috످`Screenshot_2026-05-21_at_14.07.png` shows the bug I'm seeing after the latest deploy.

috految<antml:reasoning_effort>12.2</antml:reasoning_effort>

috److I only see the filename in your message, not the screenshot itself. Could you attach the image or describe what's happening and what you expected to see?

If you have any error messages, logs, or the diff from the latest deploy, paste those too (with secrets removed) so I can help narrow down the cause.

috످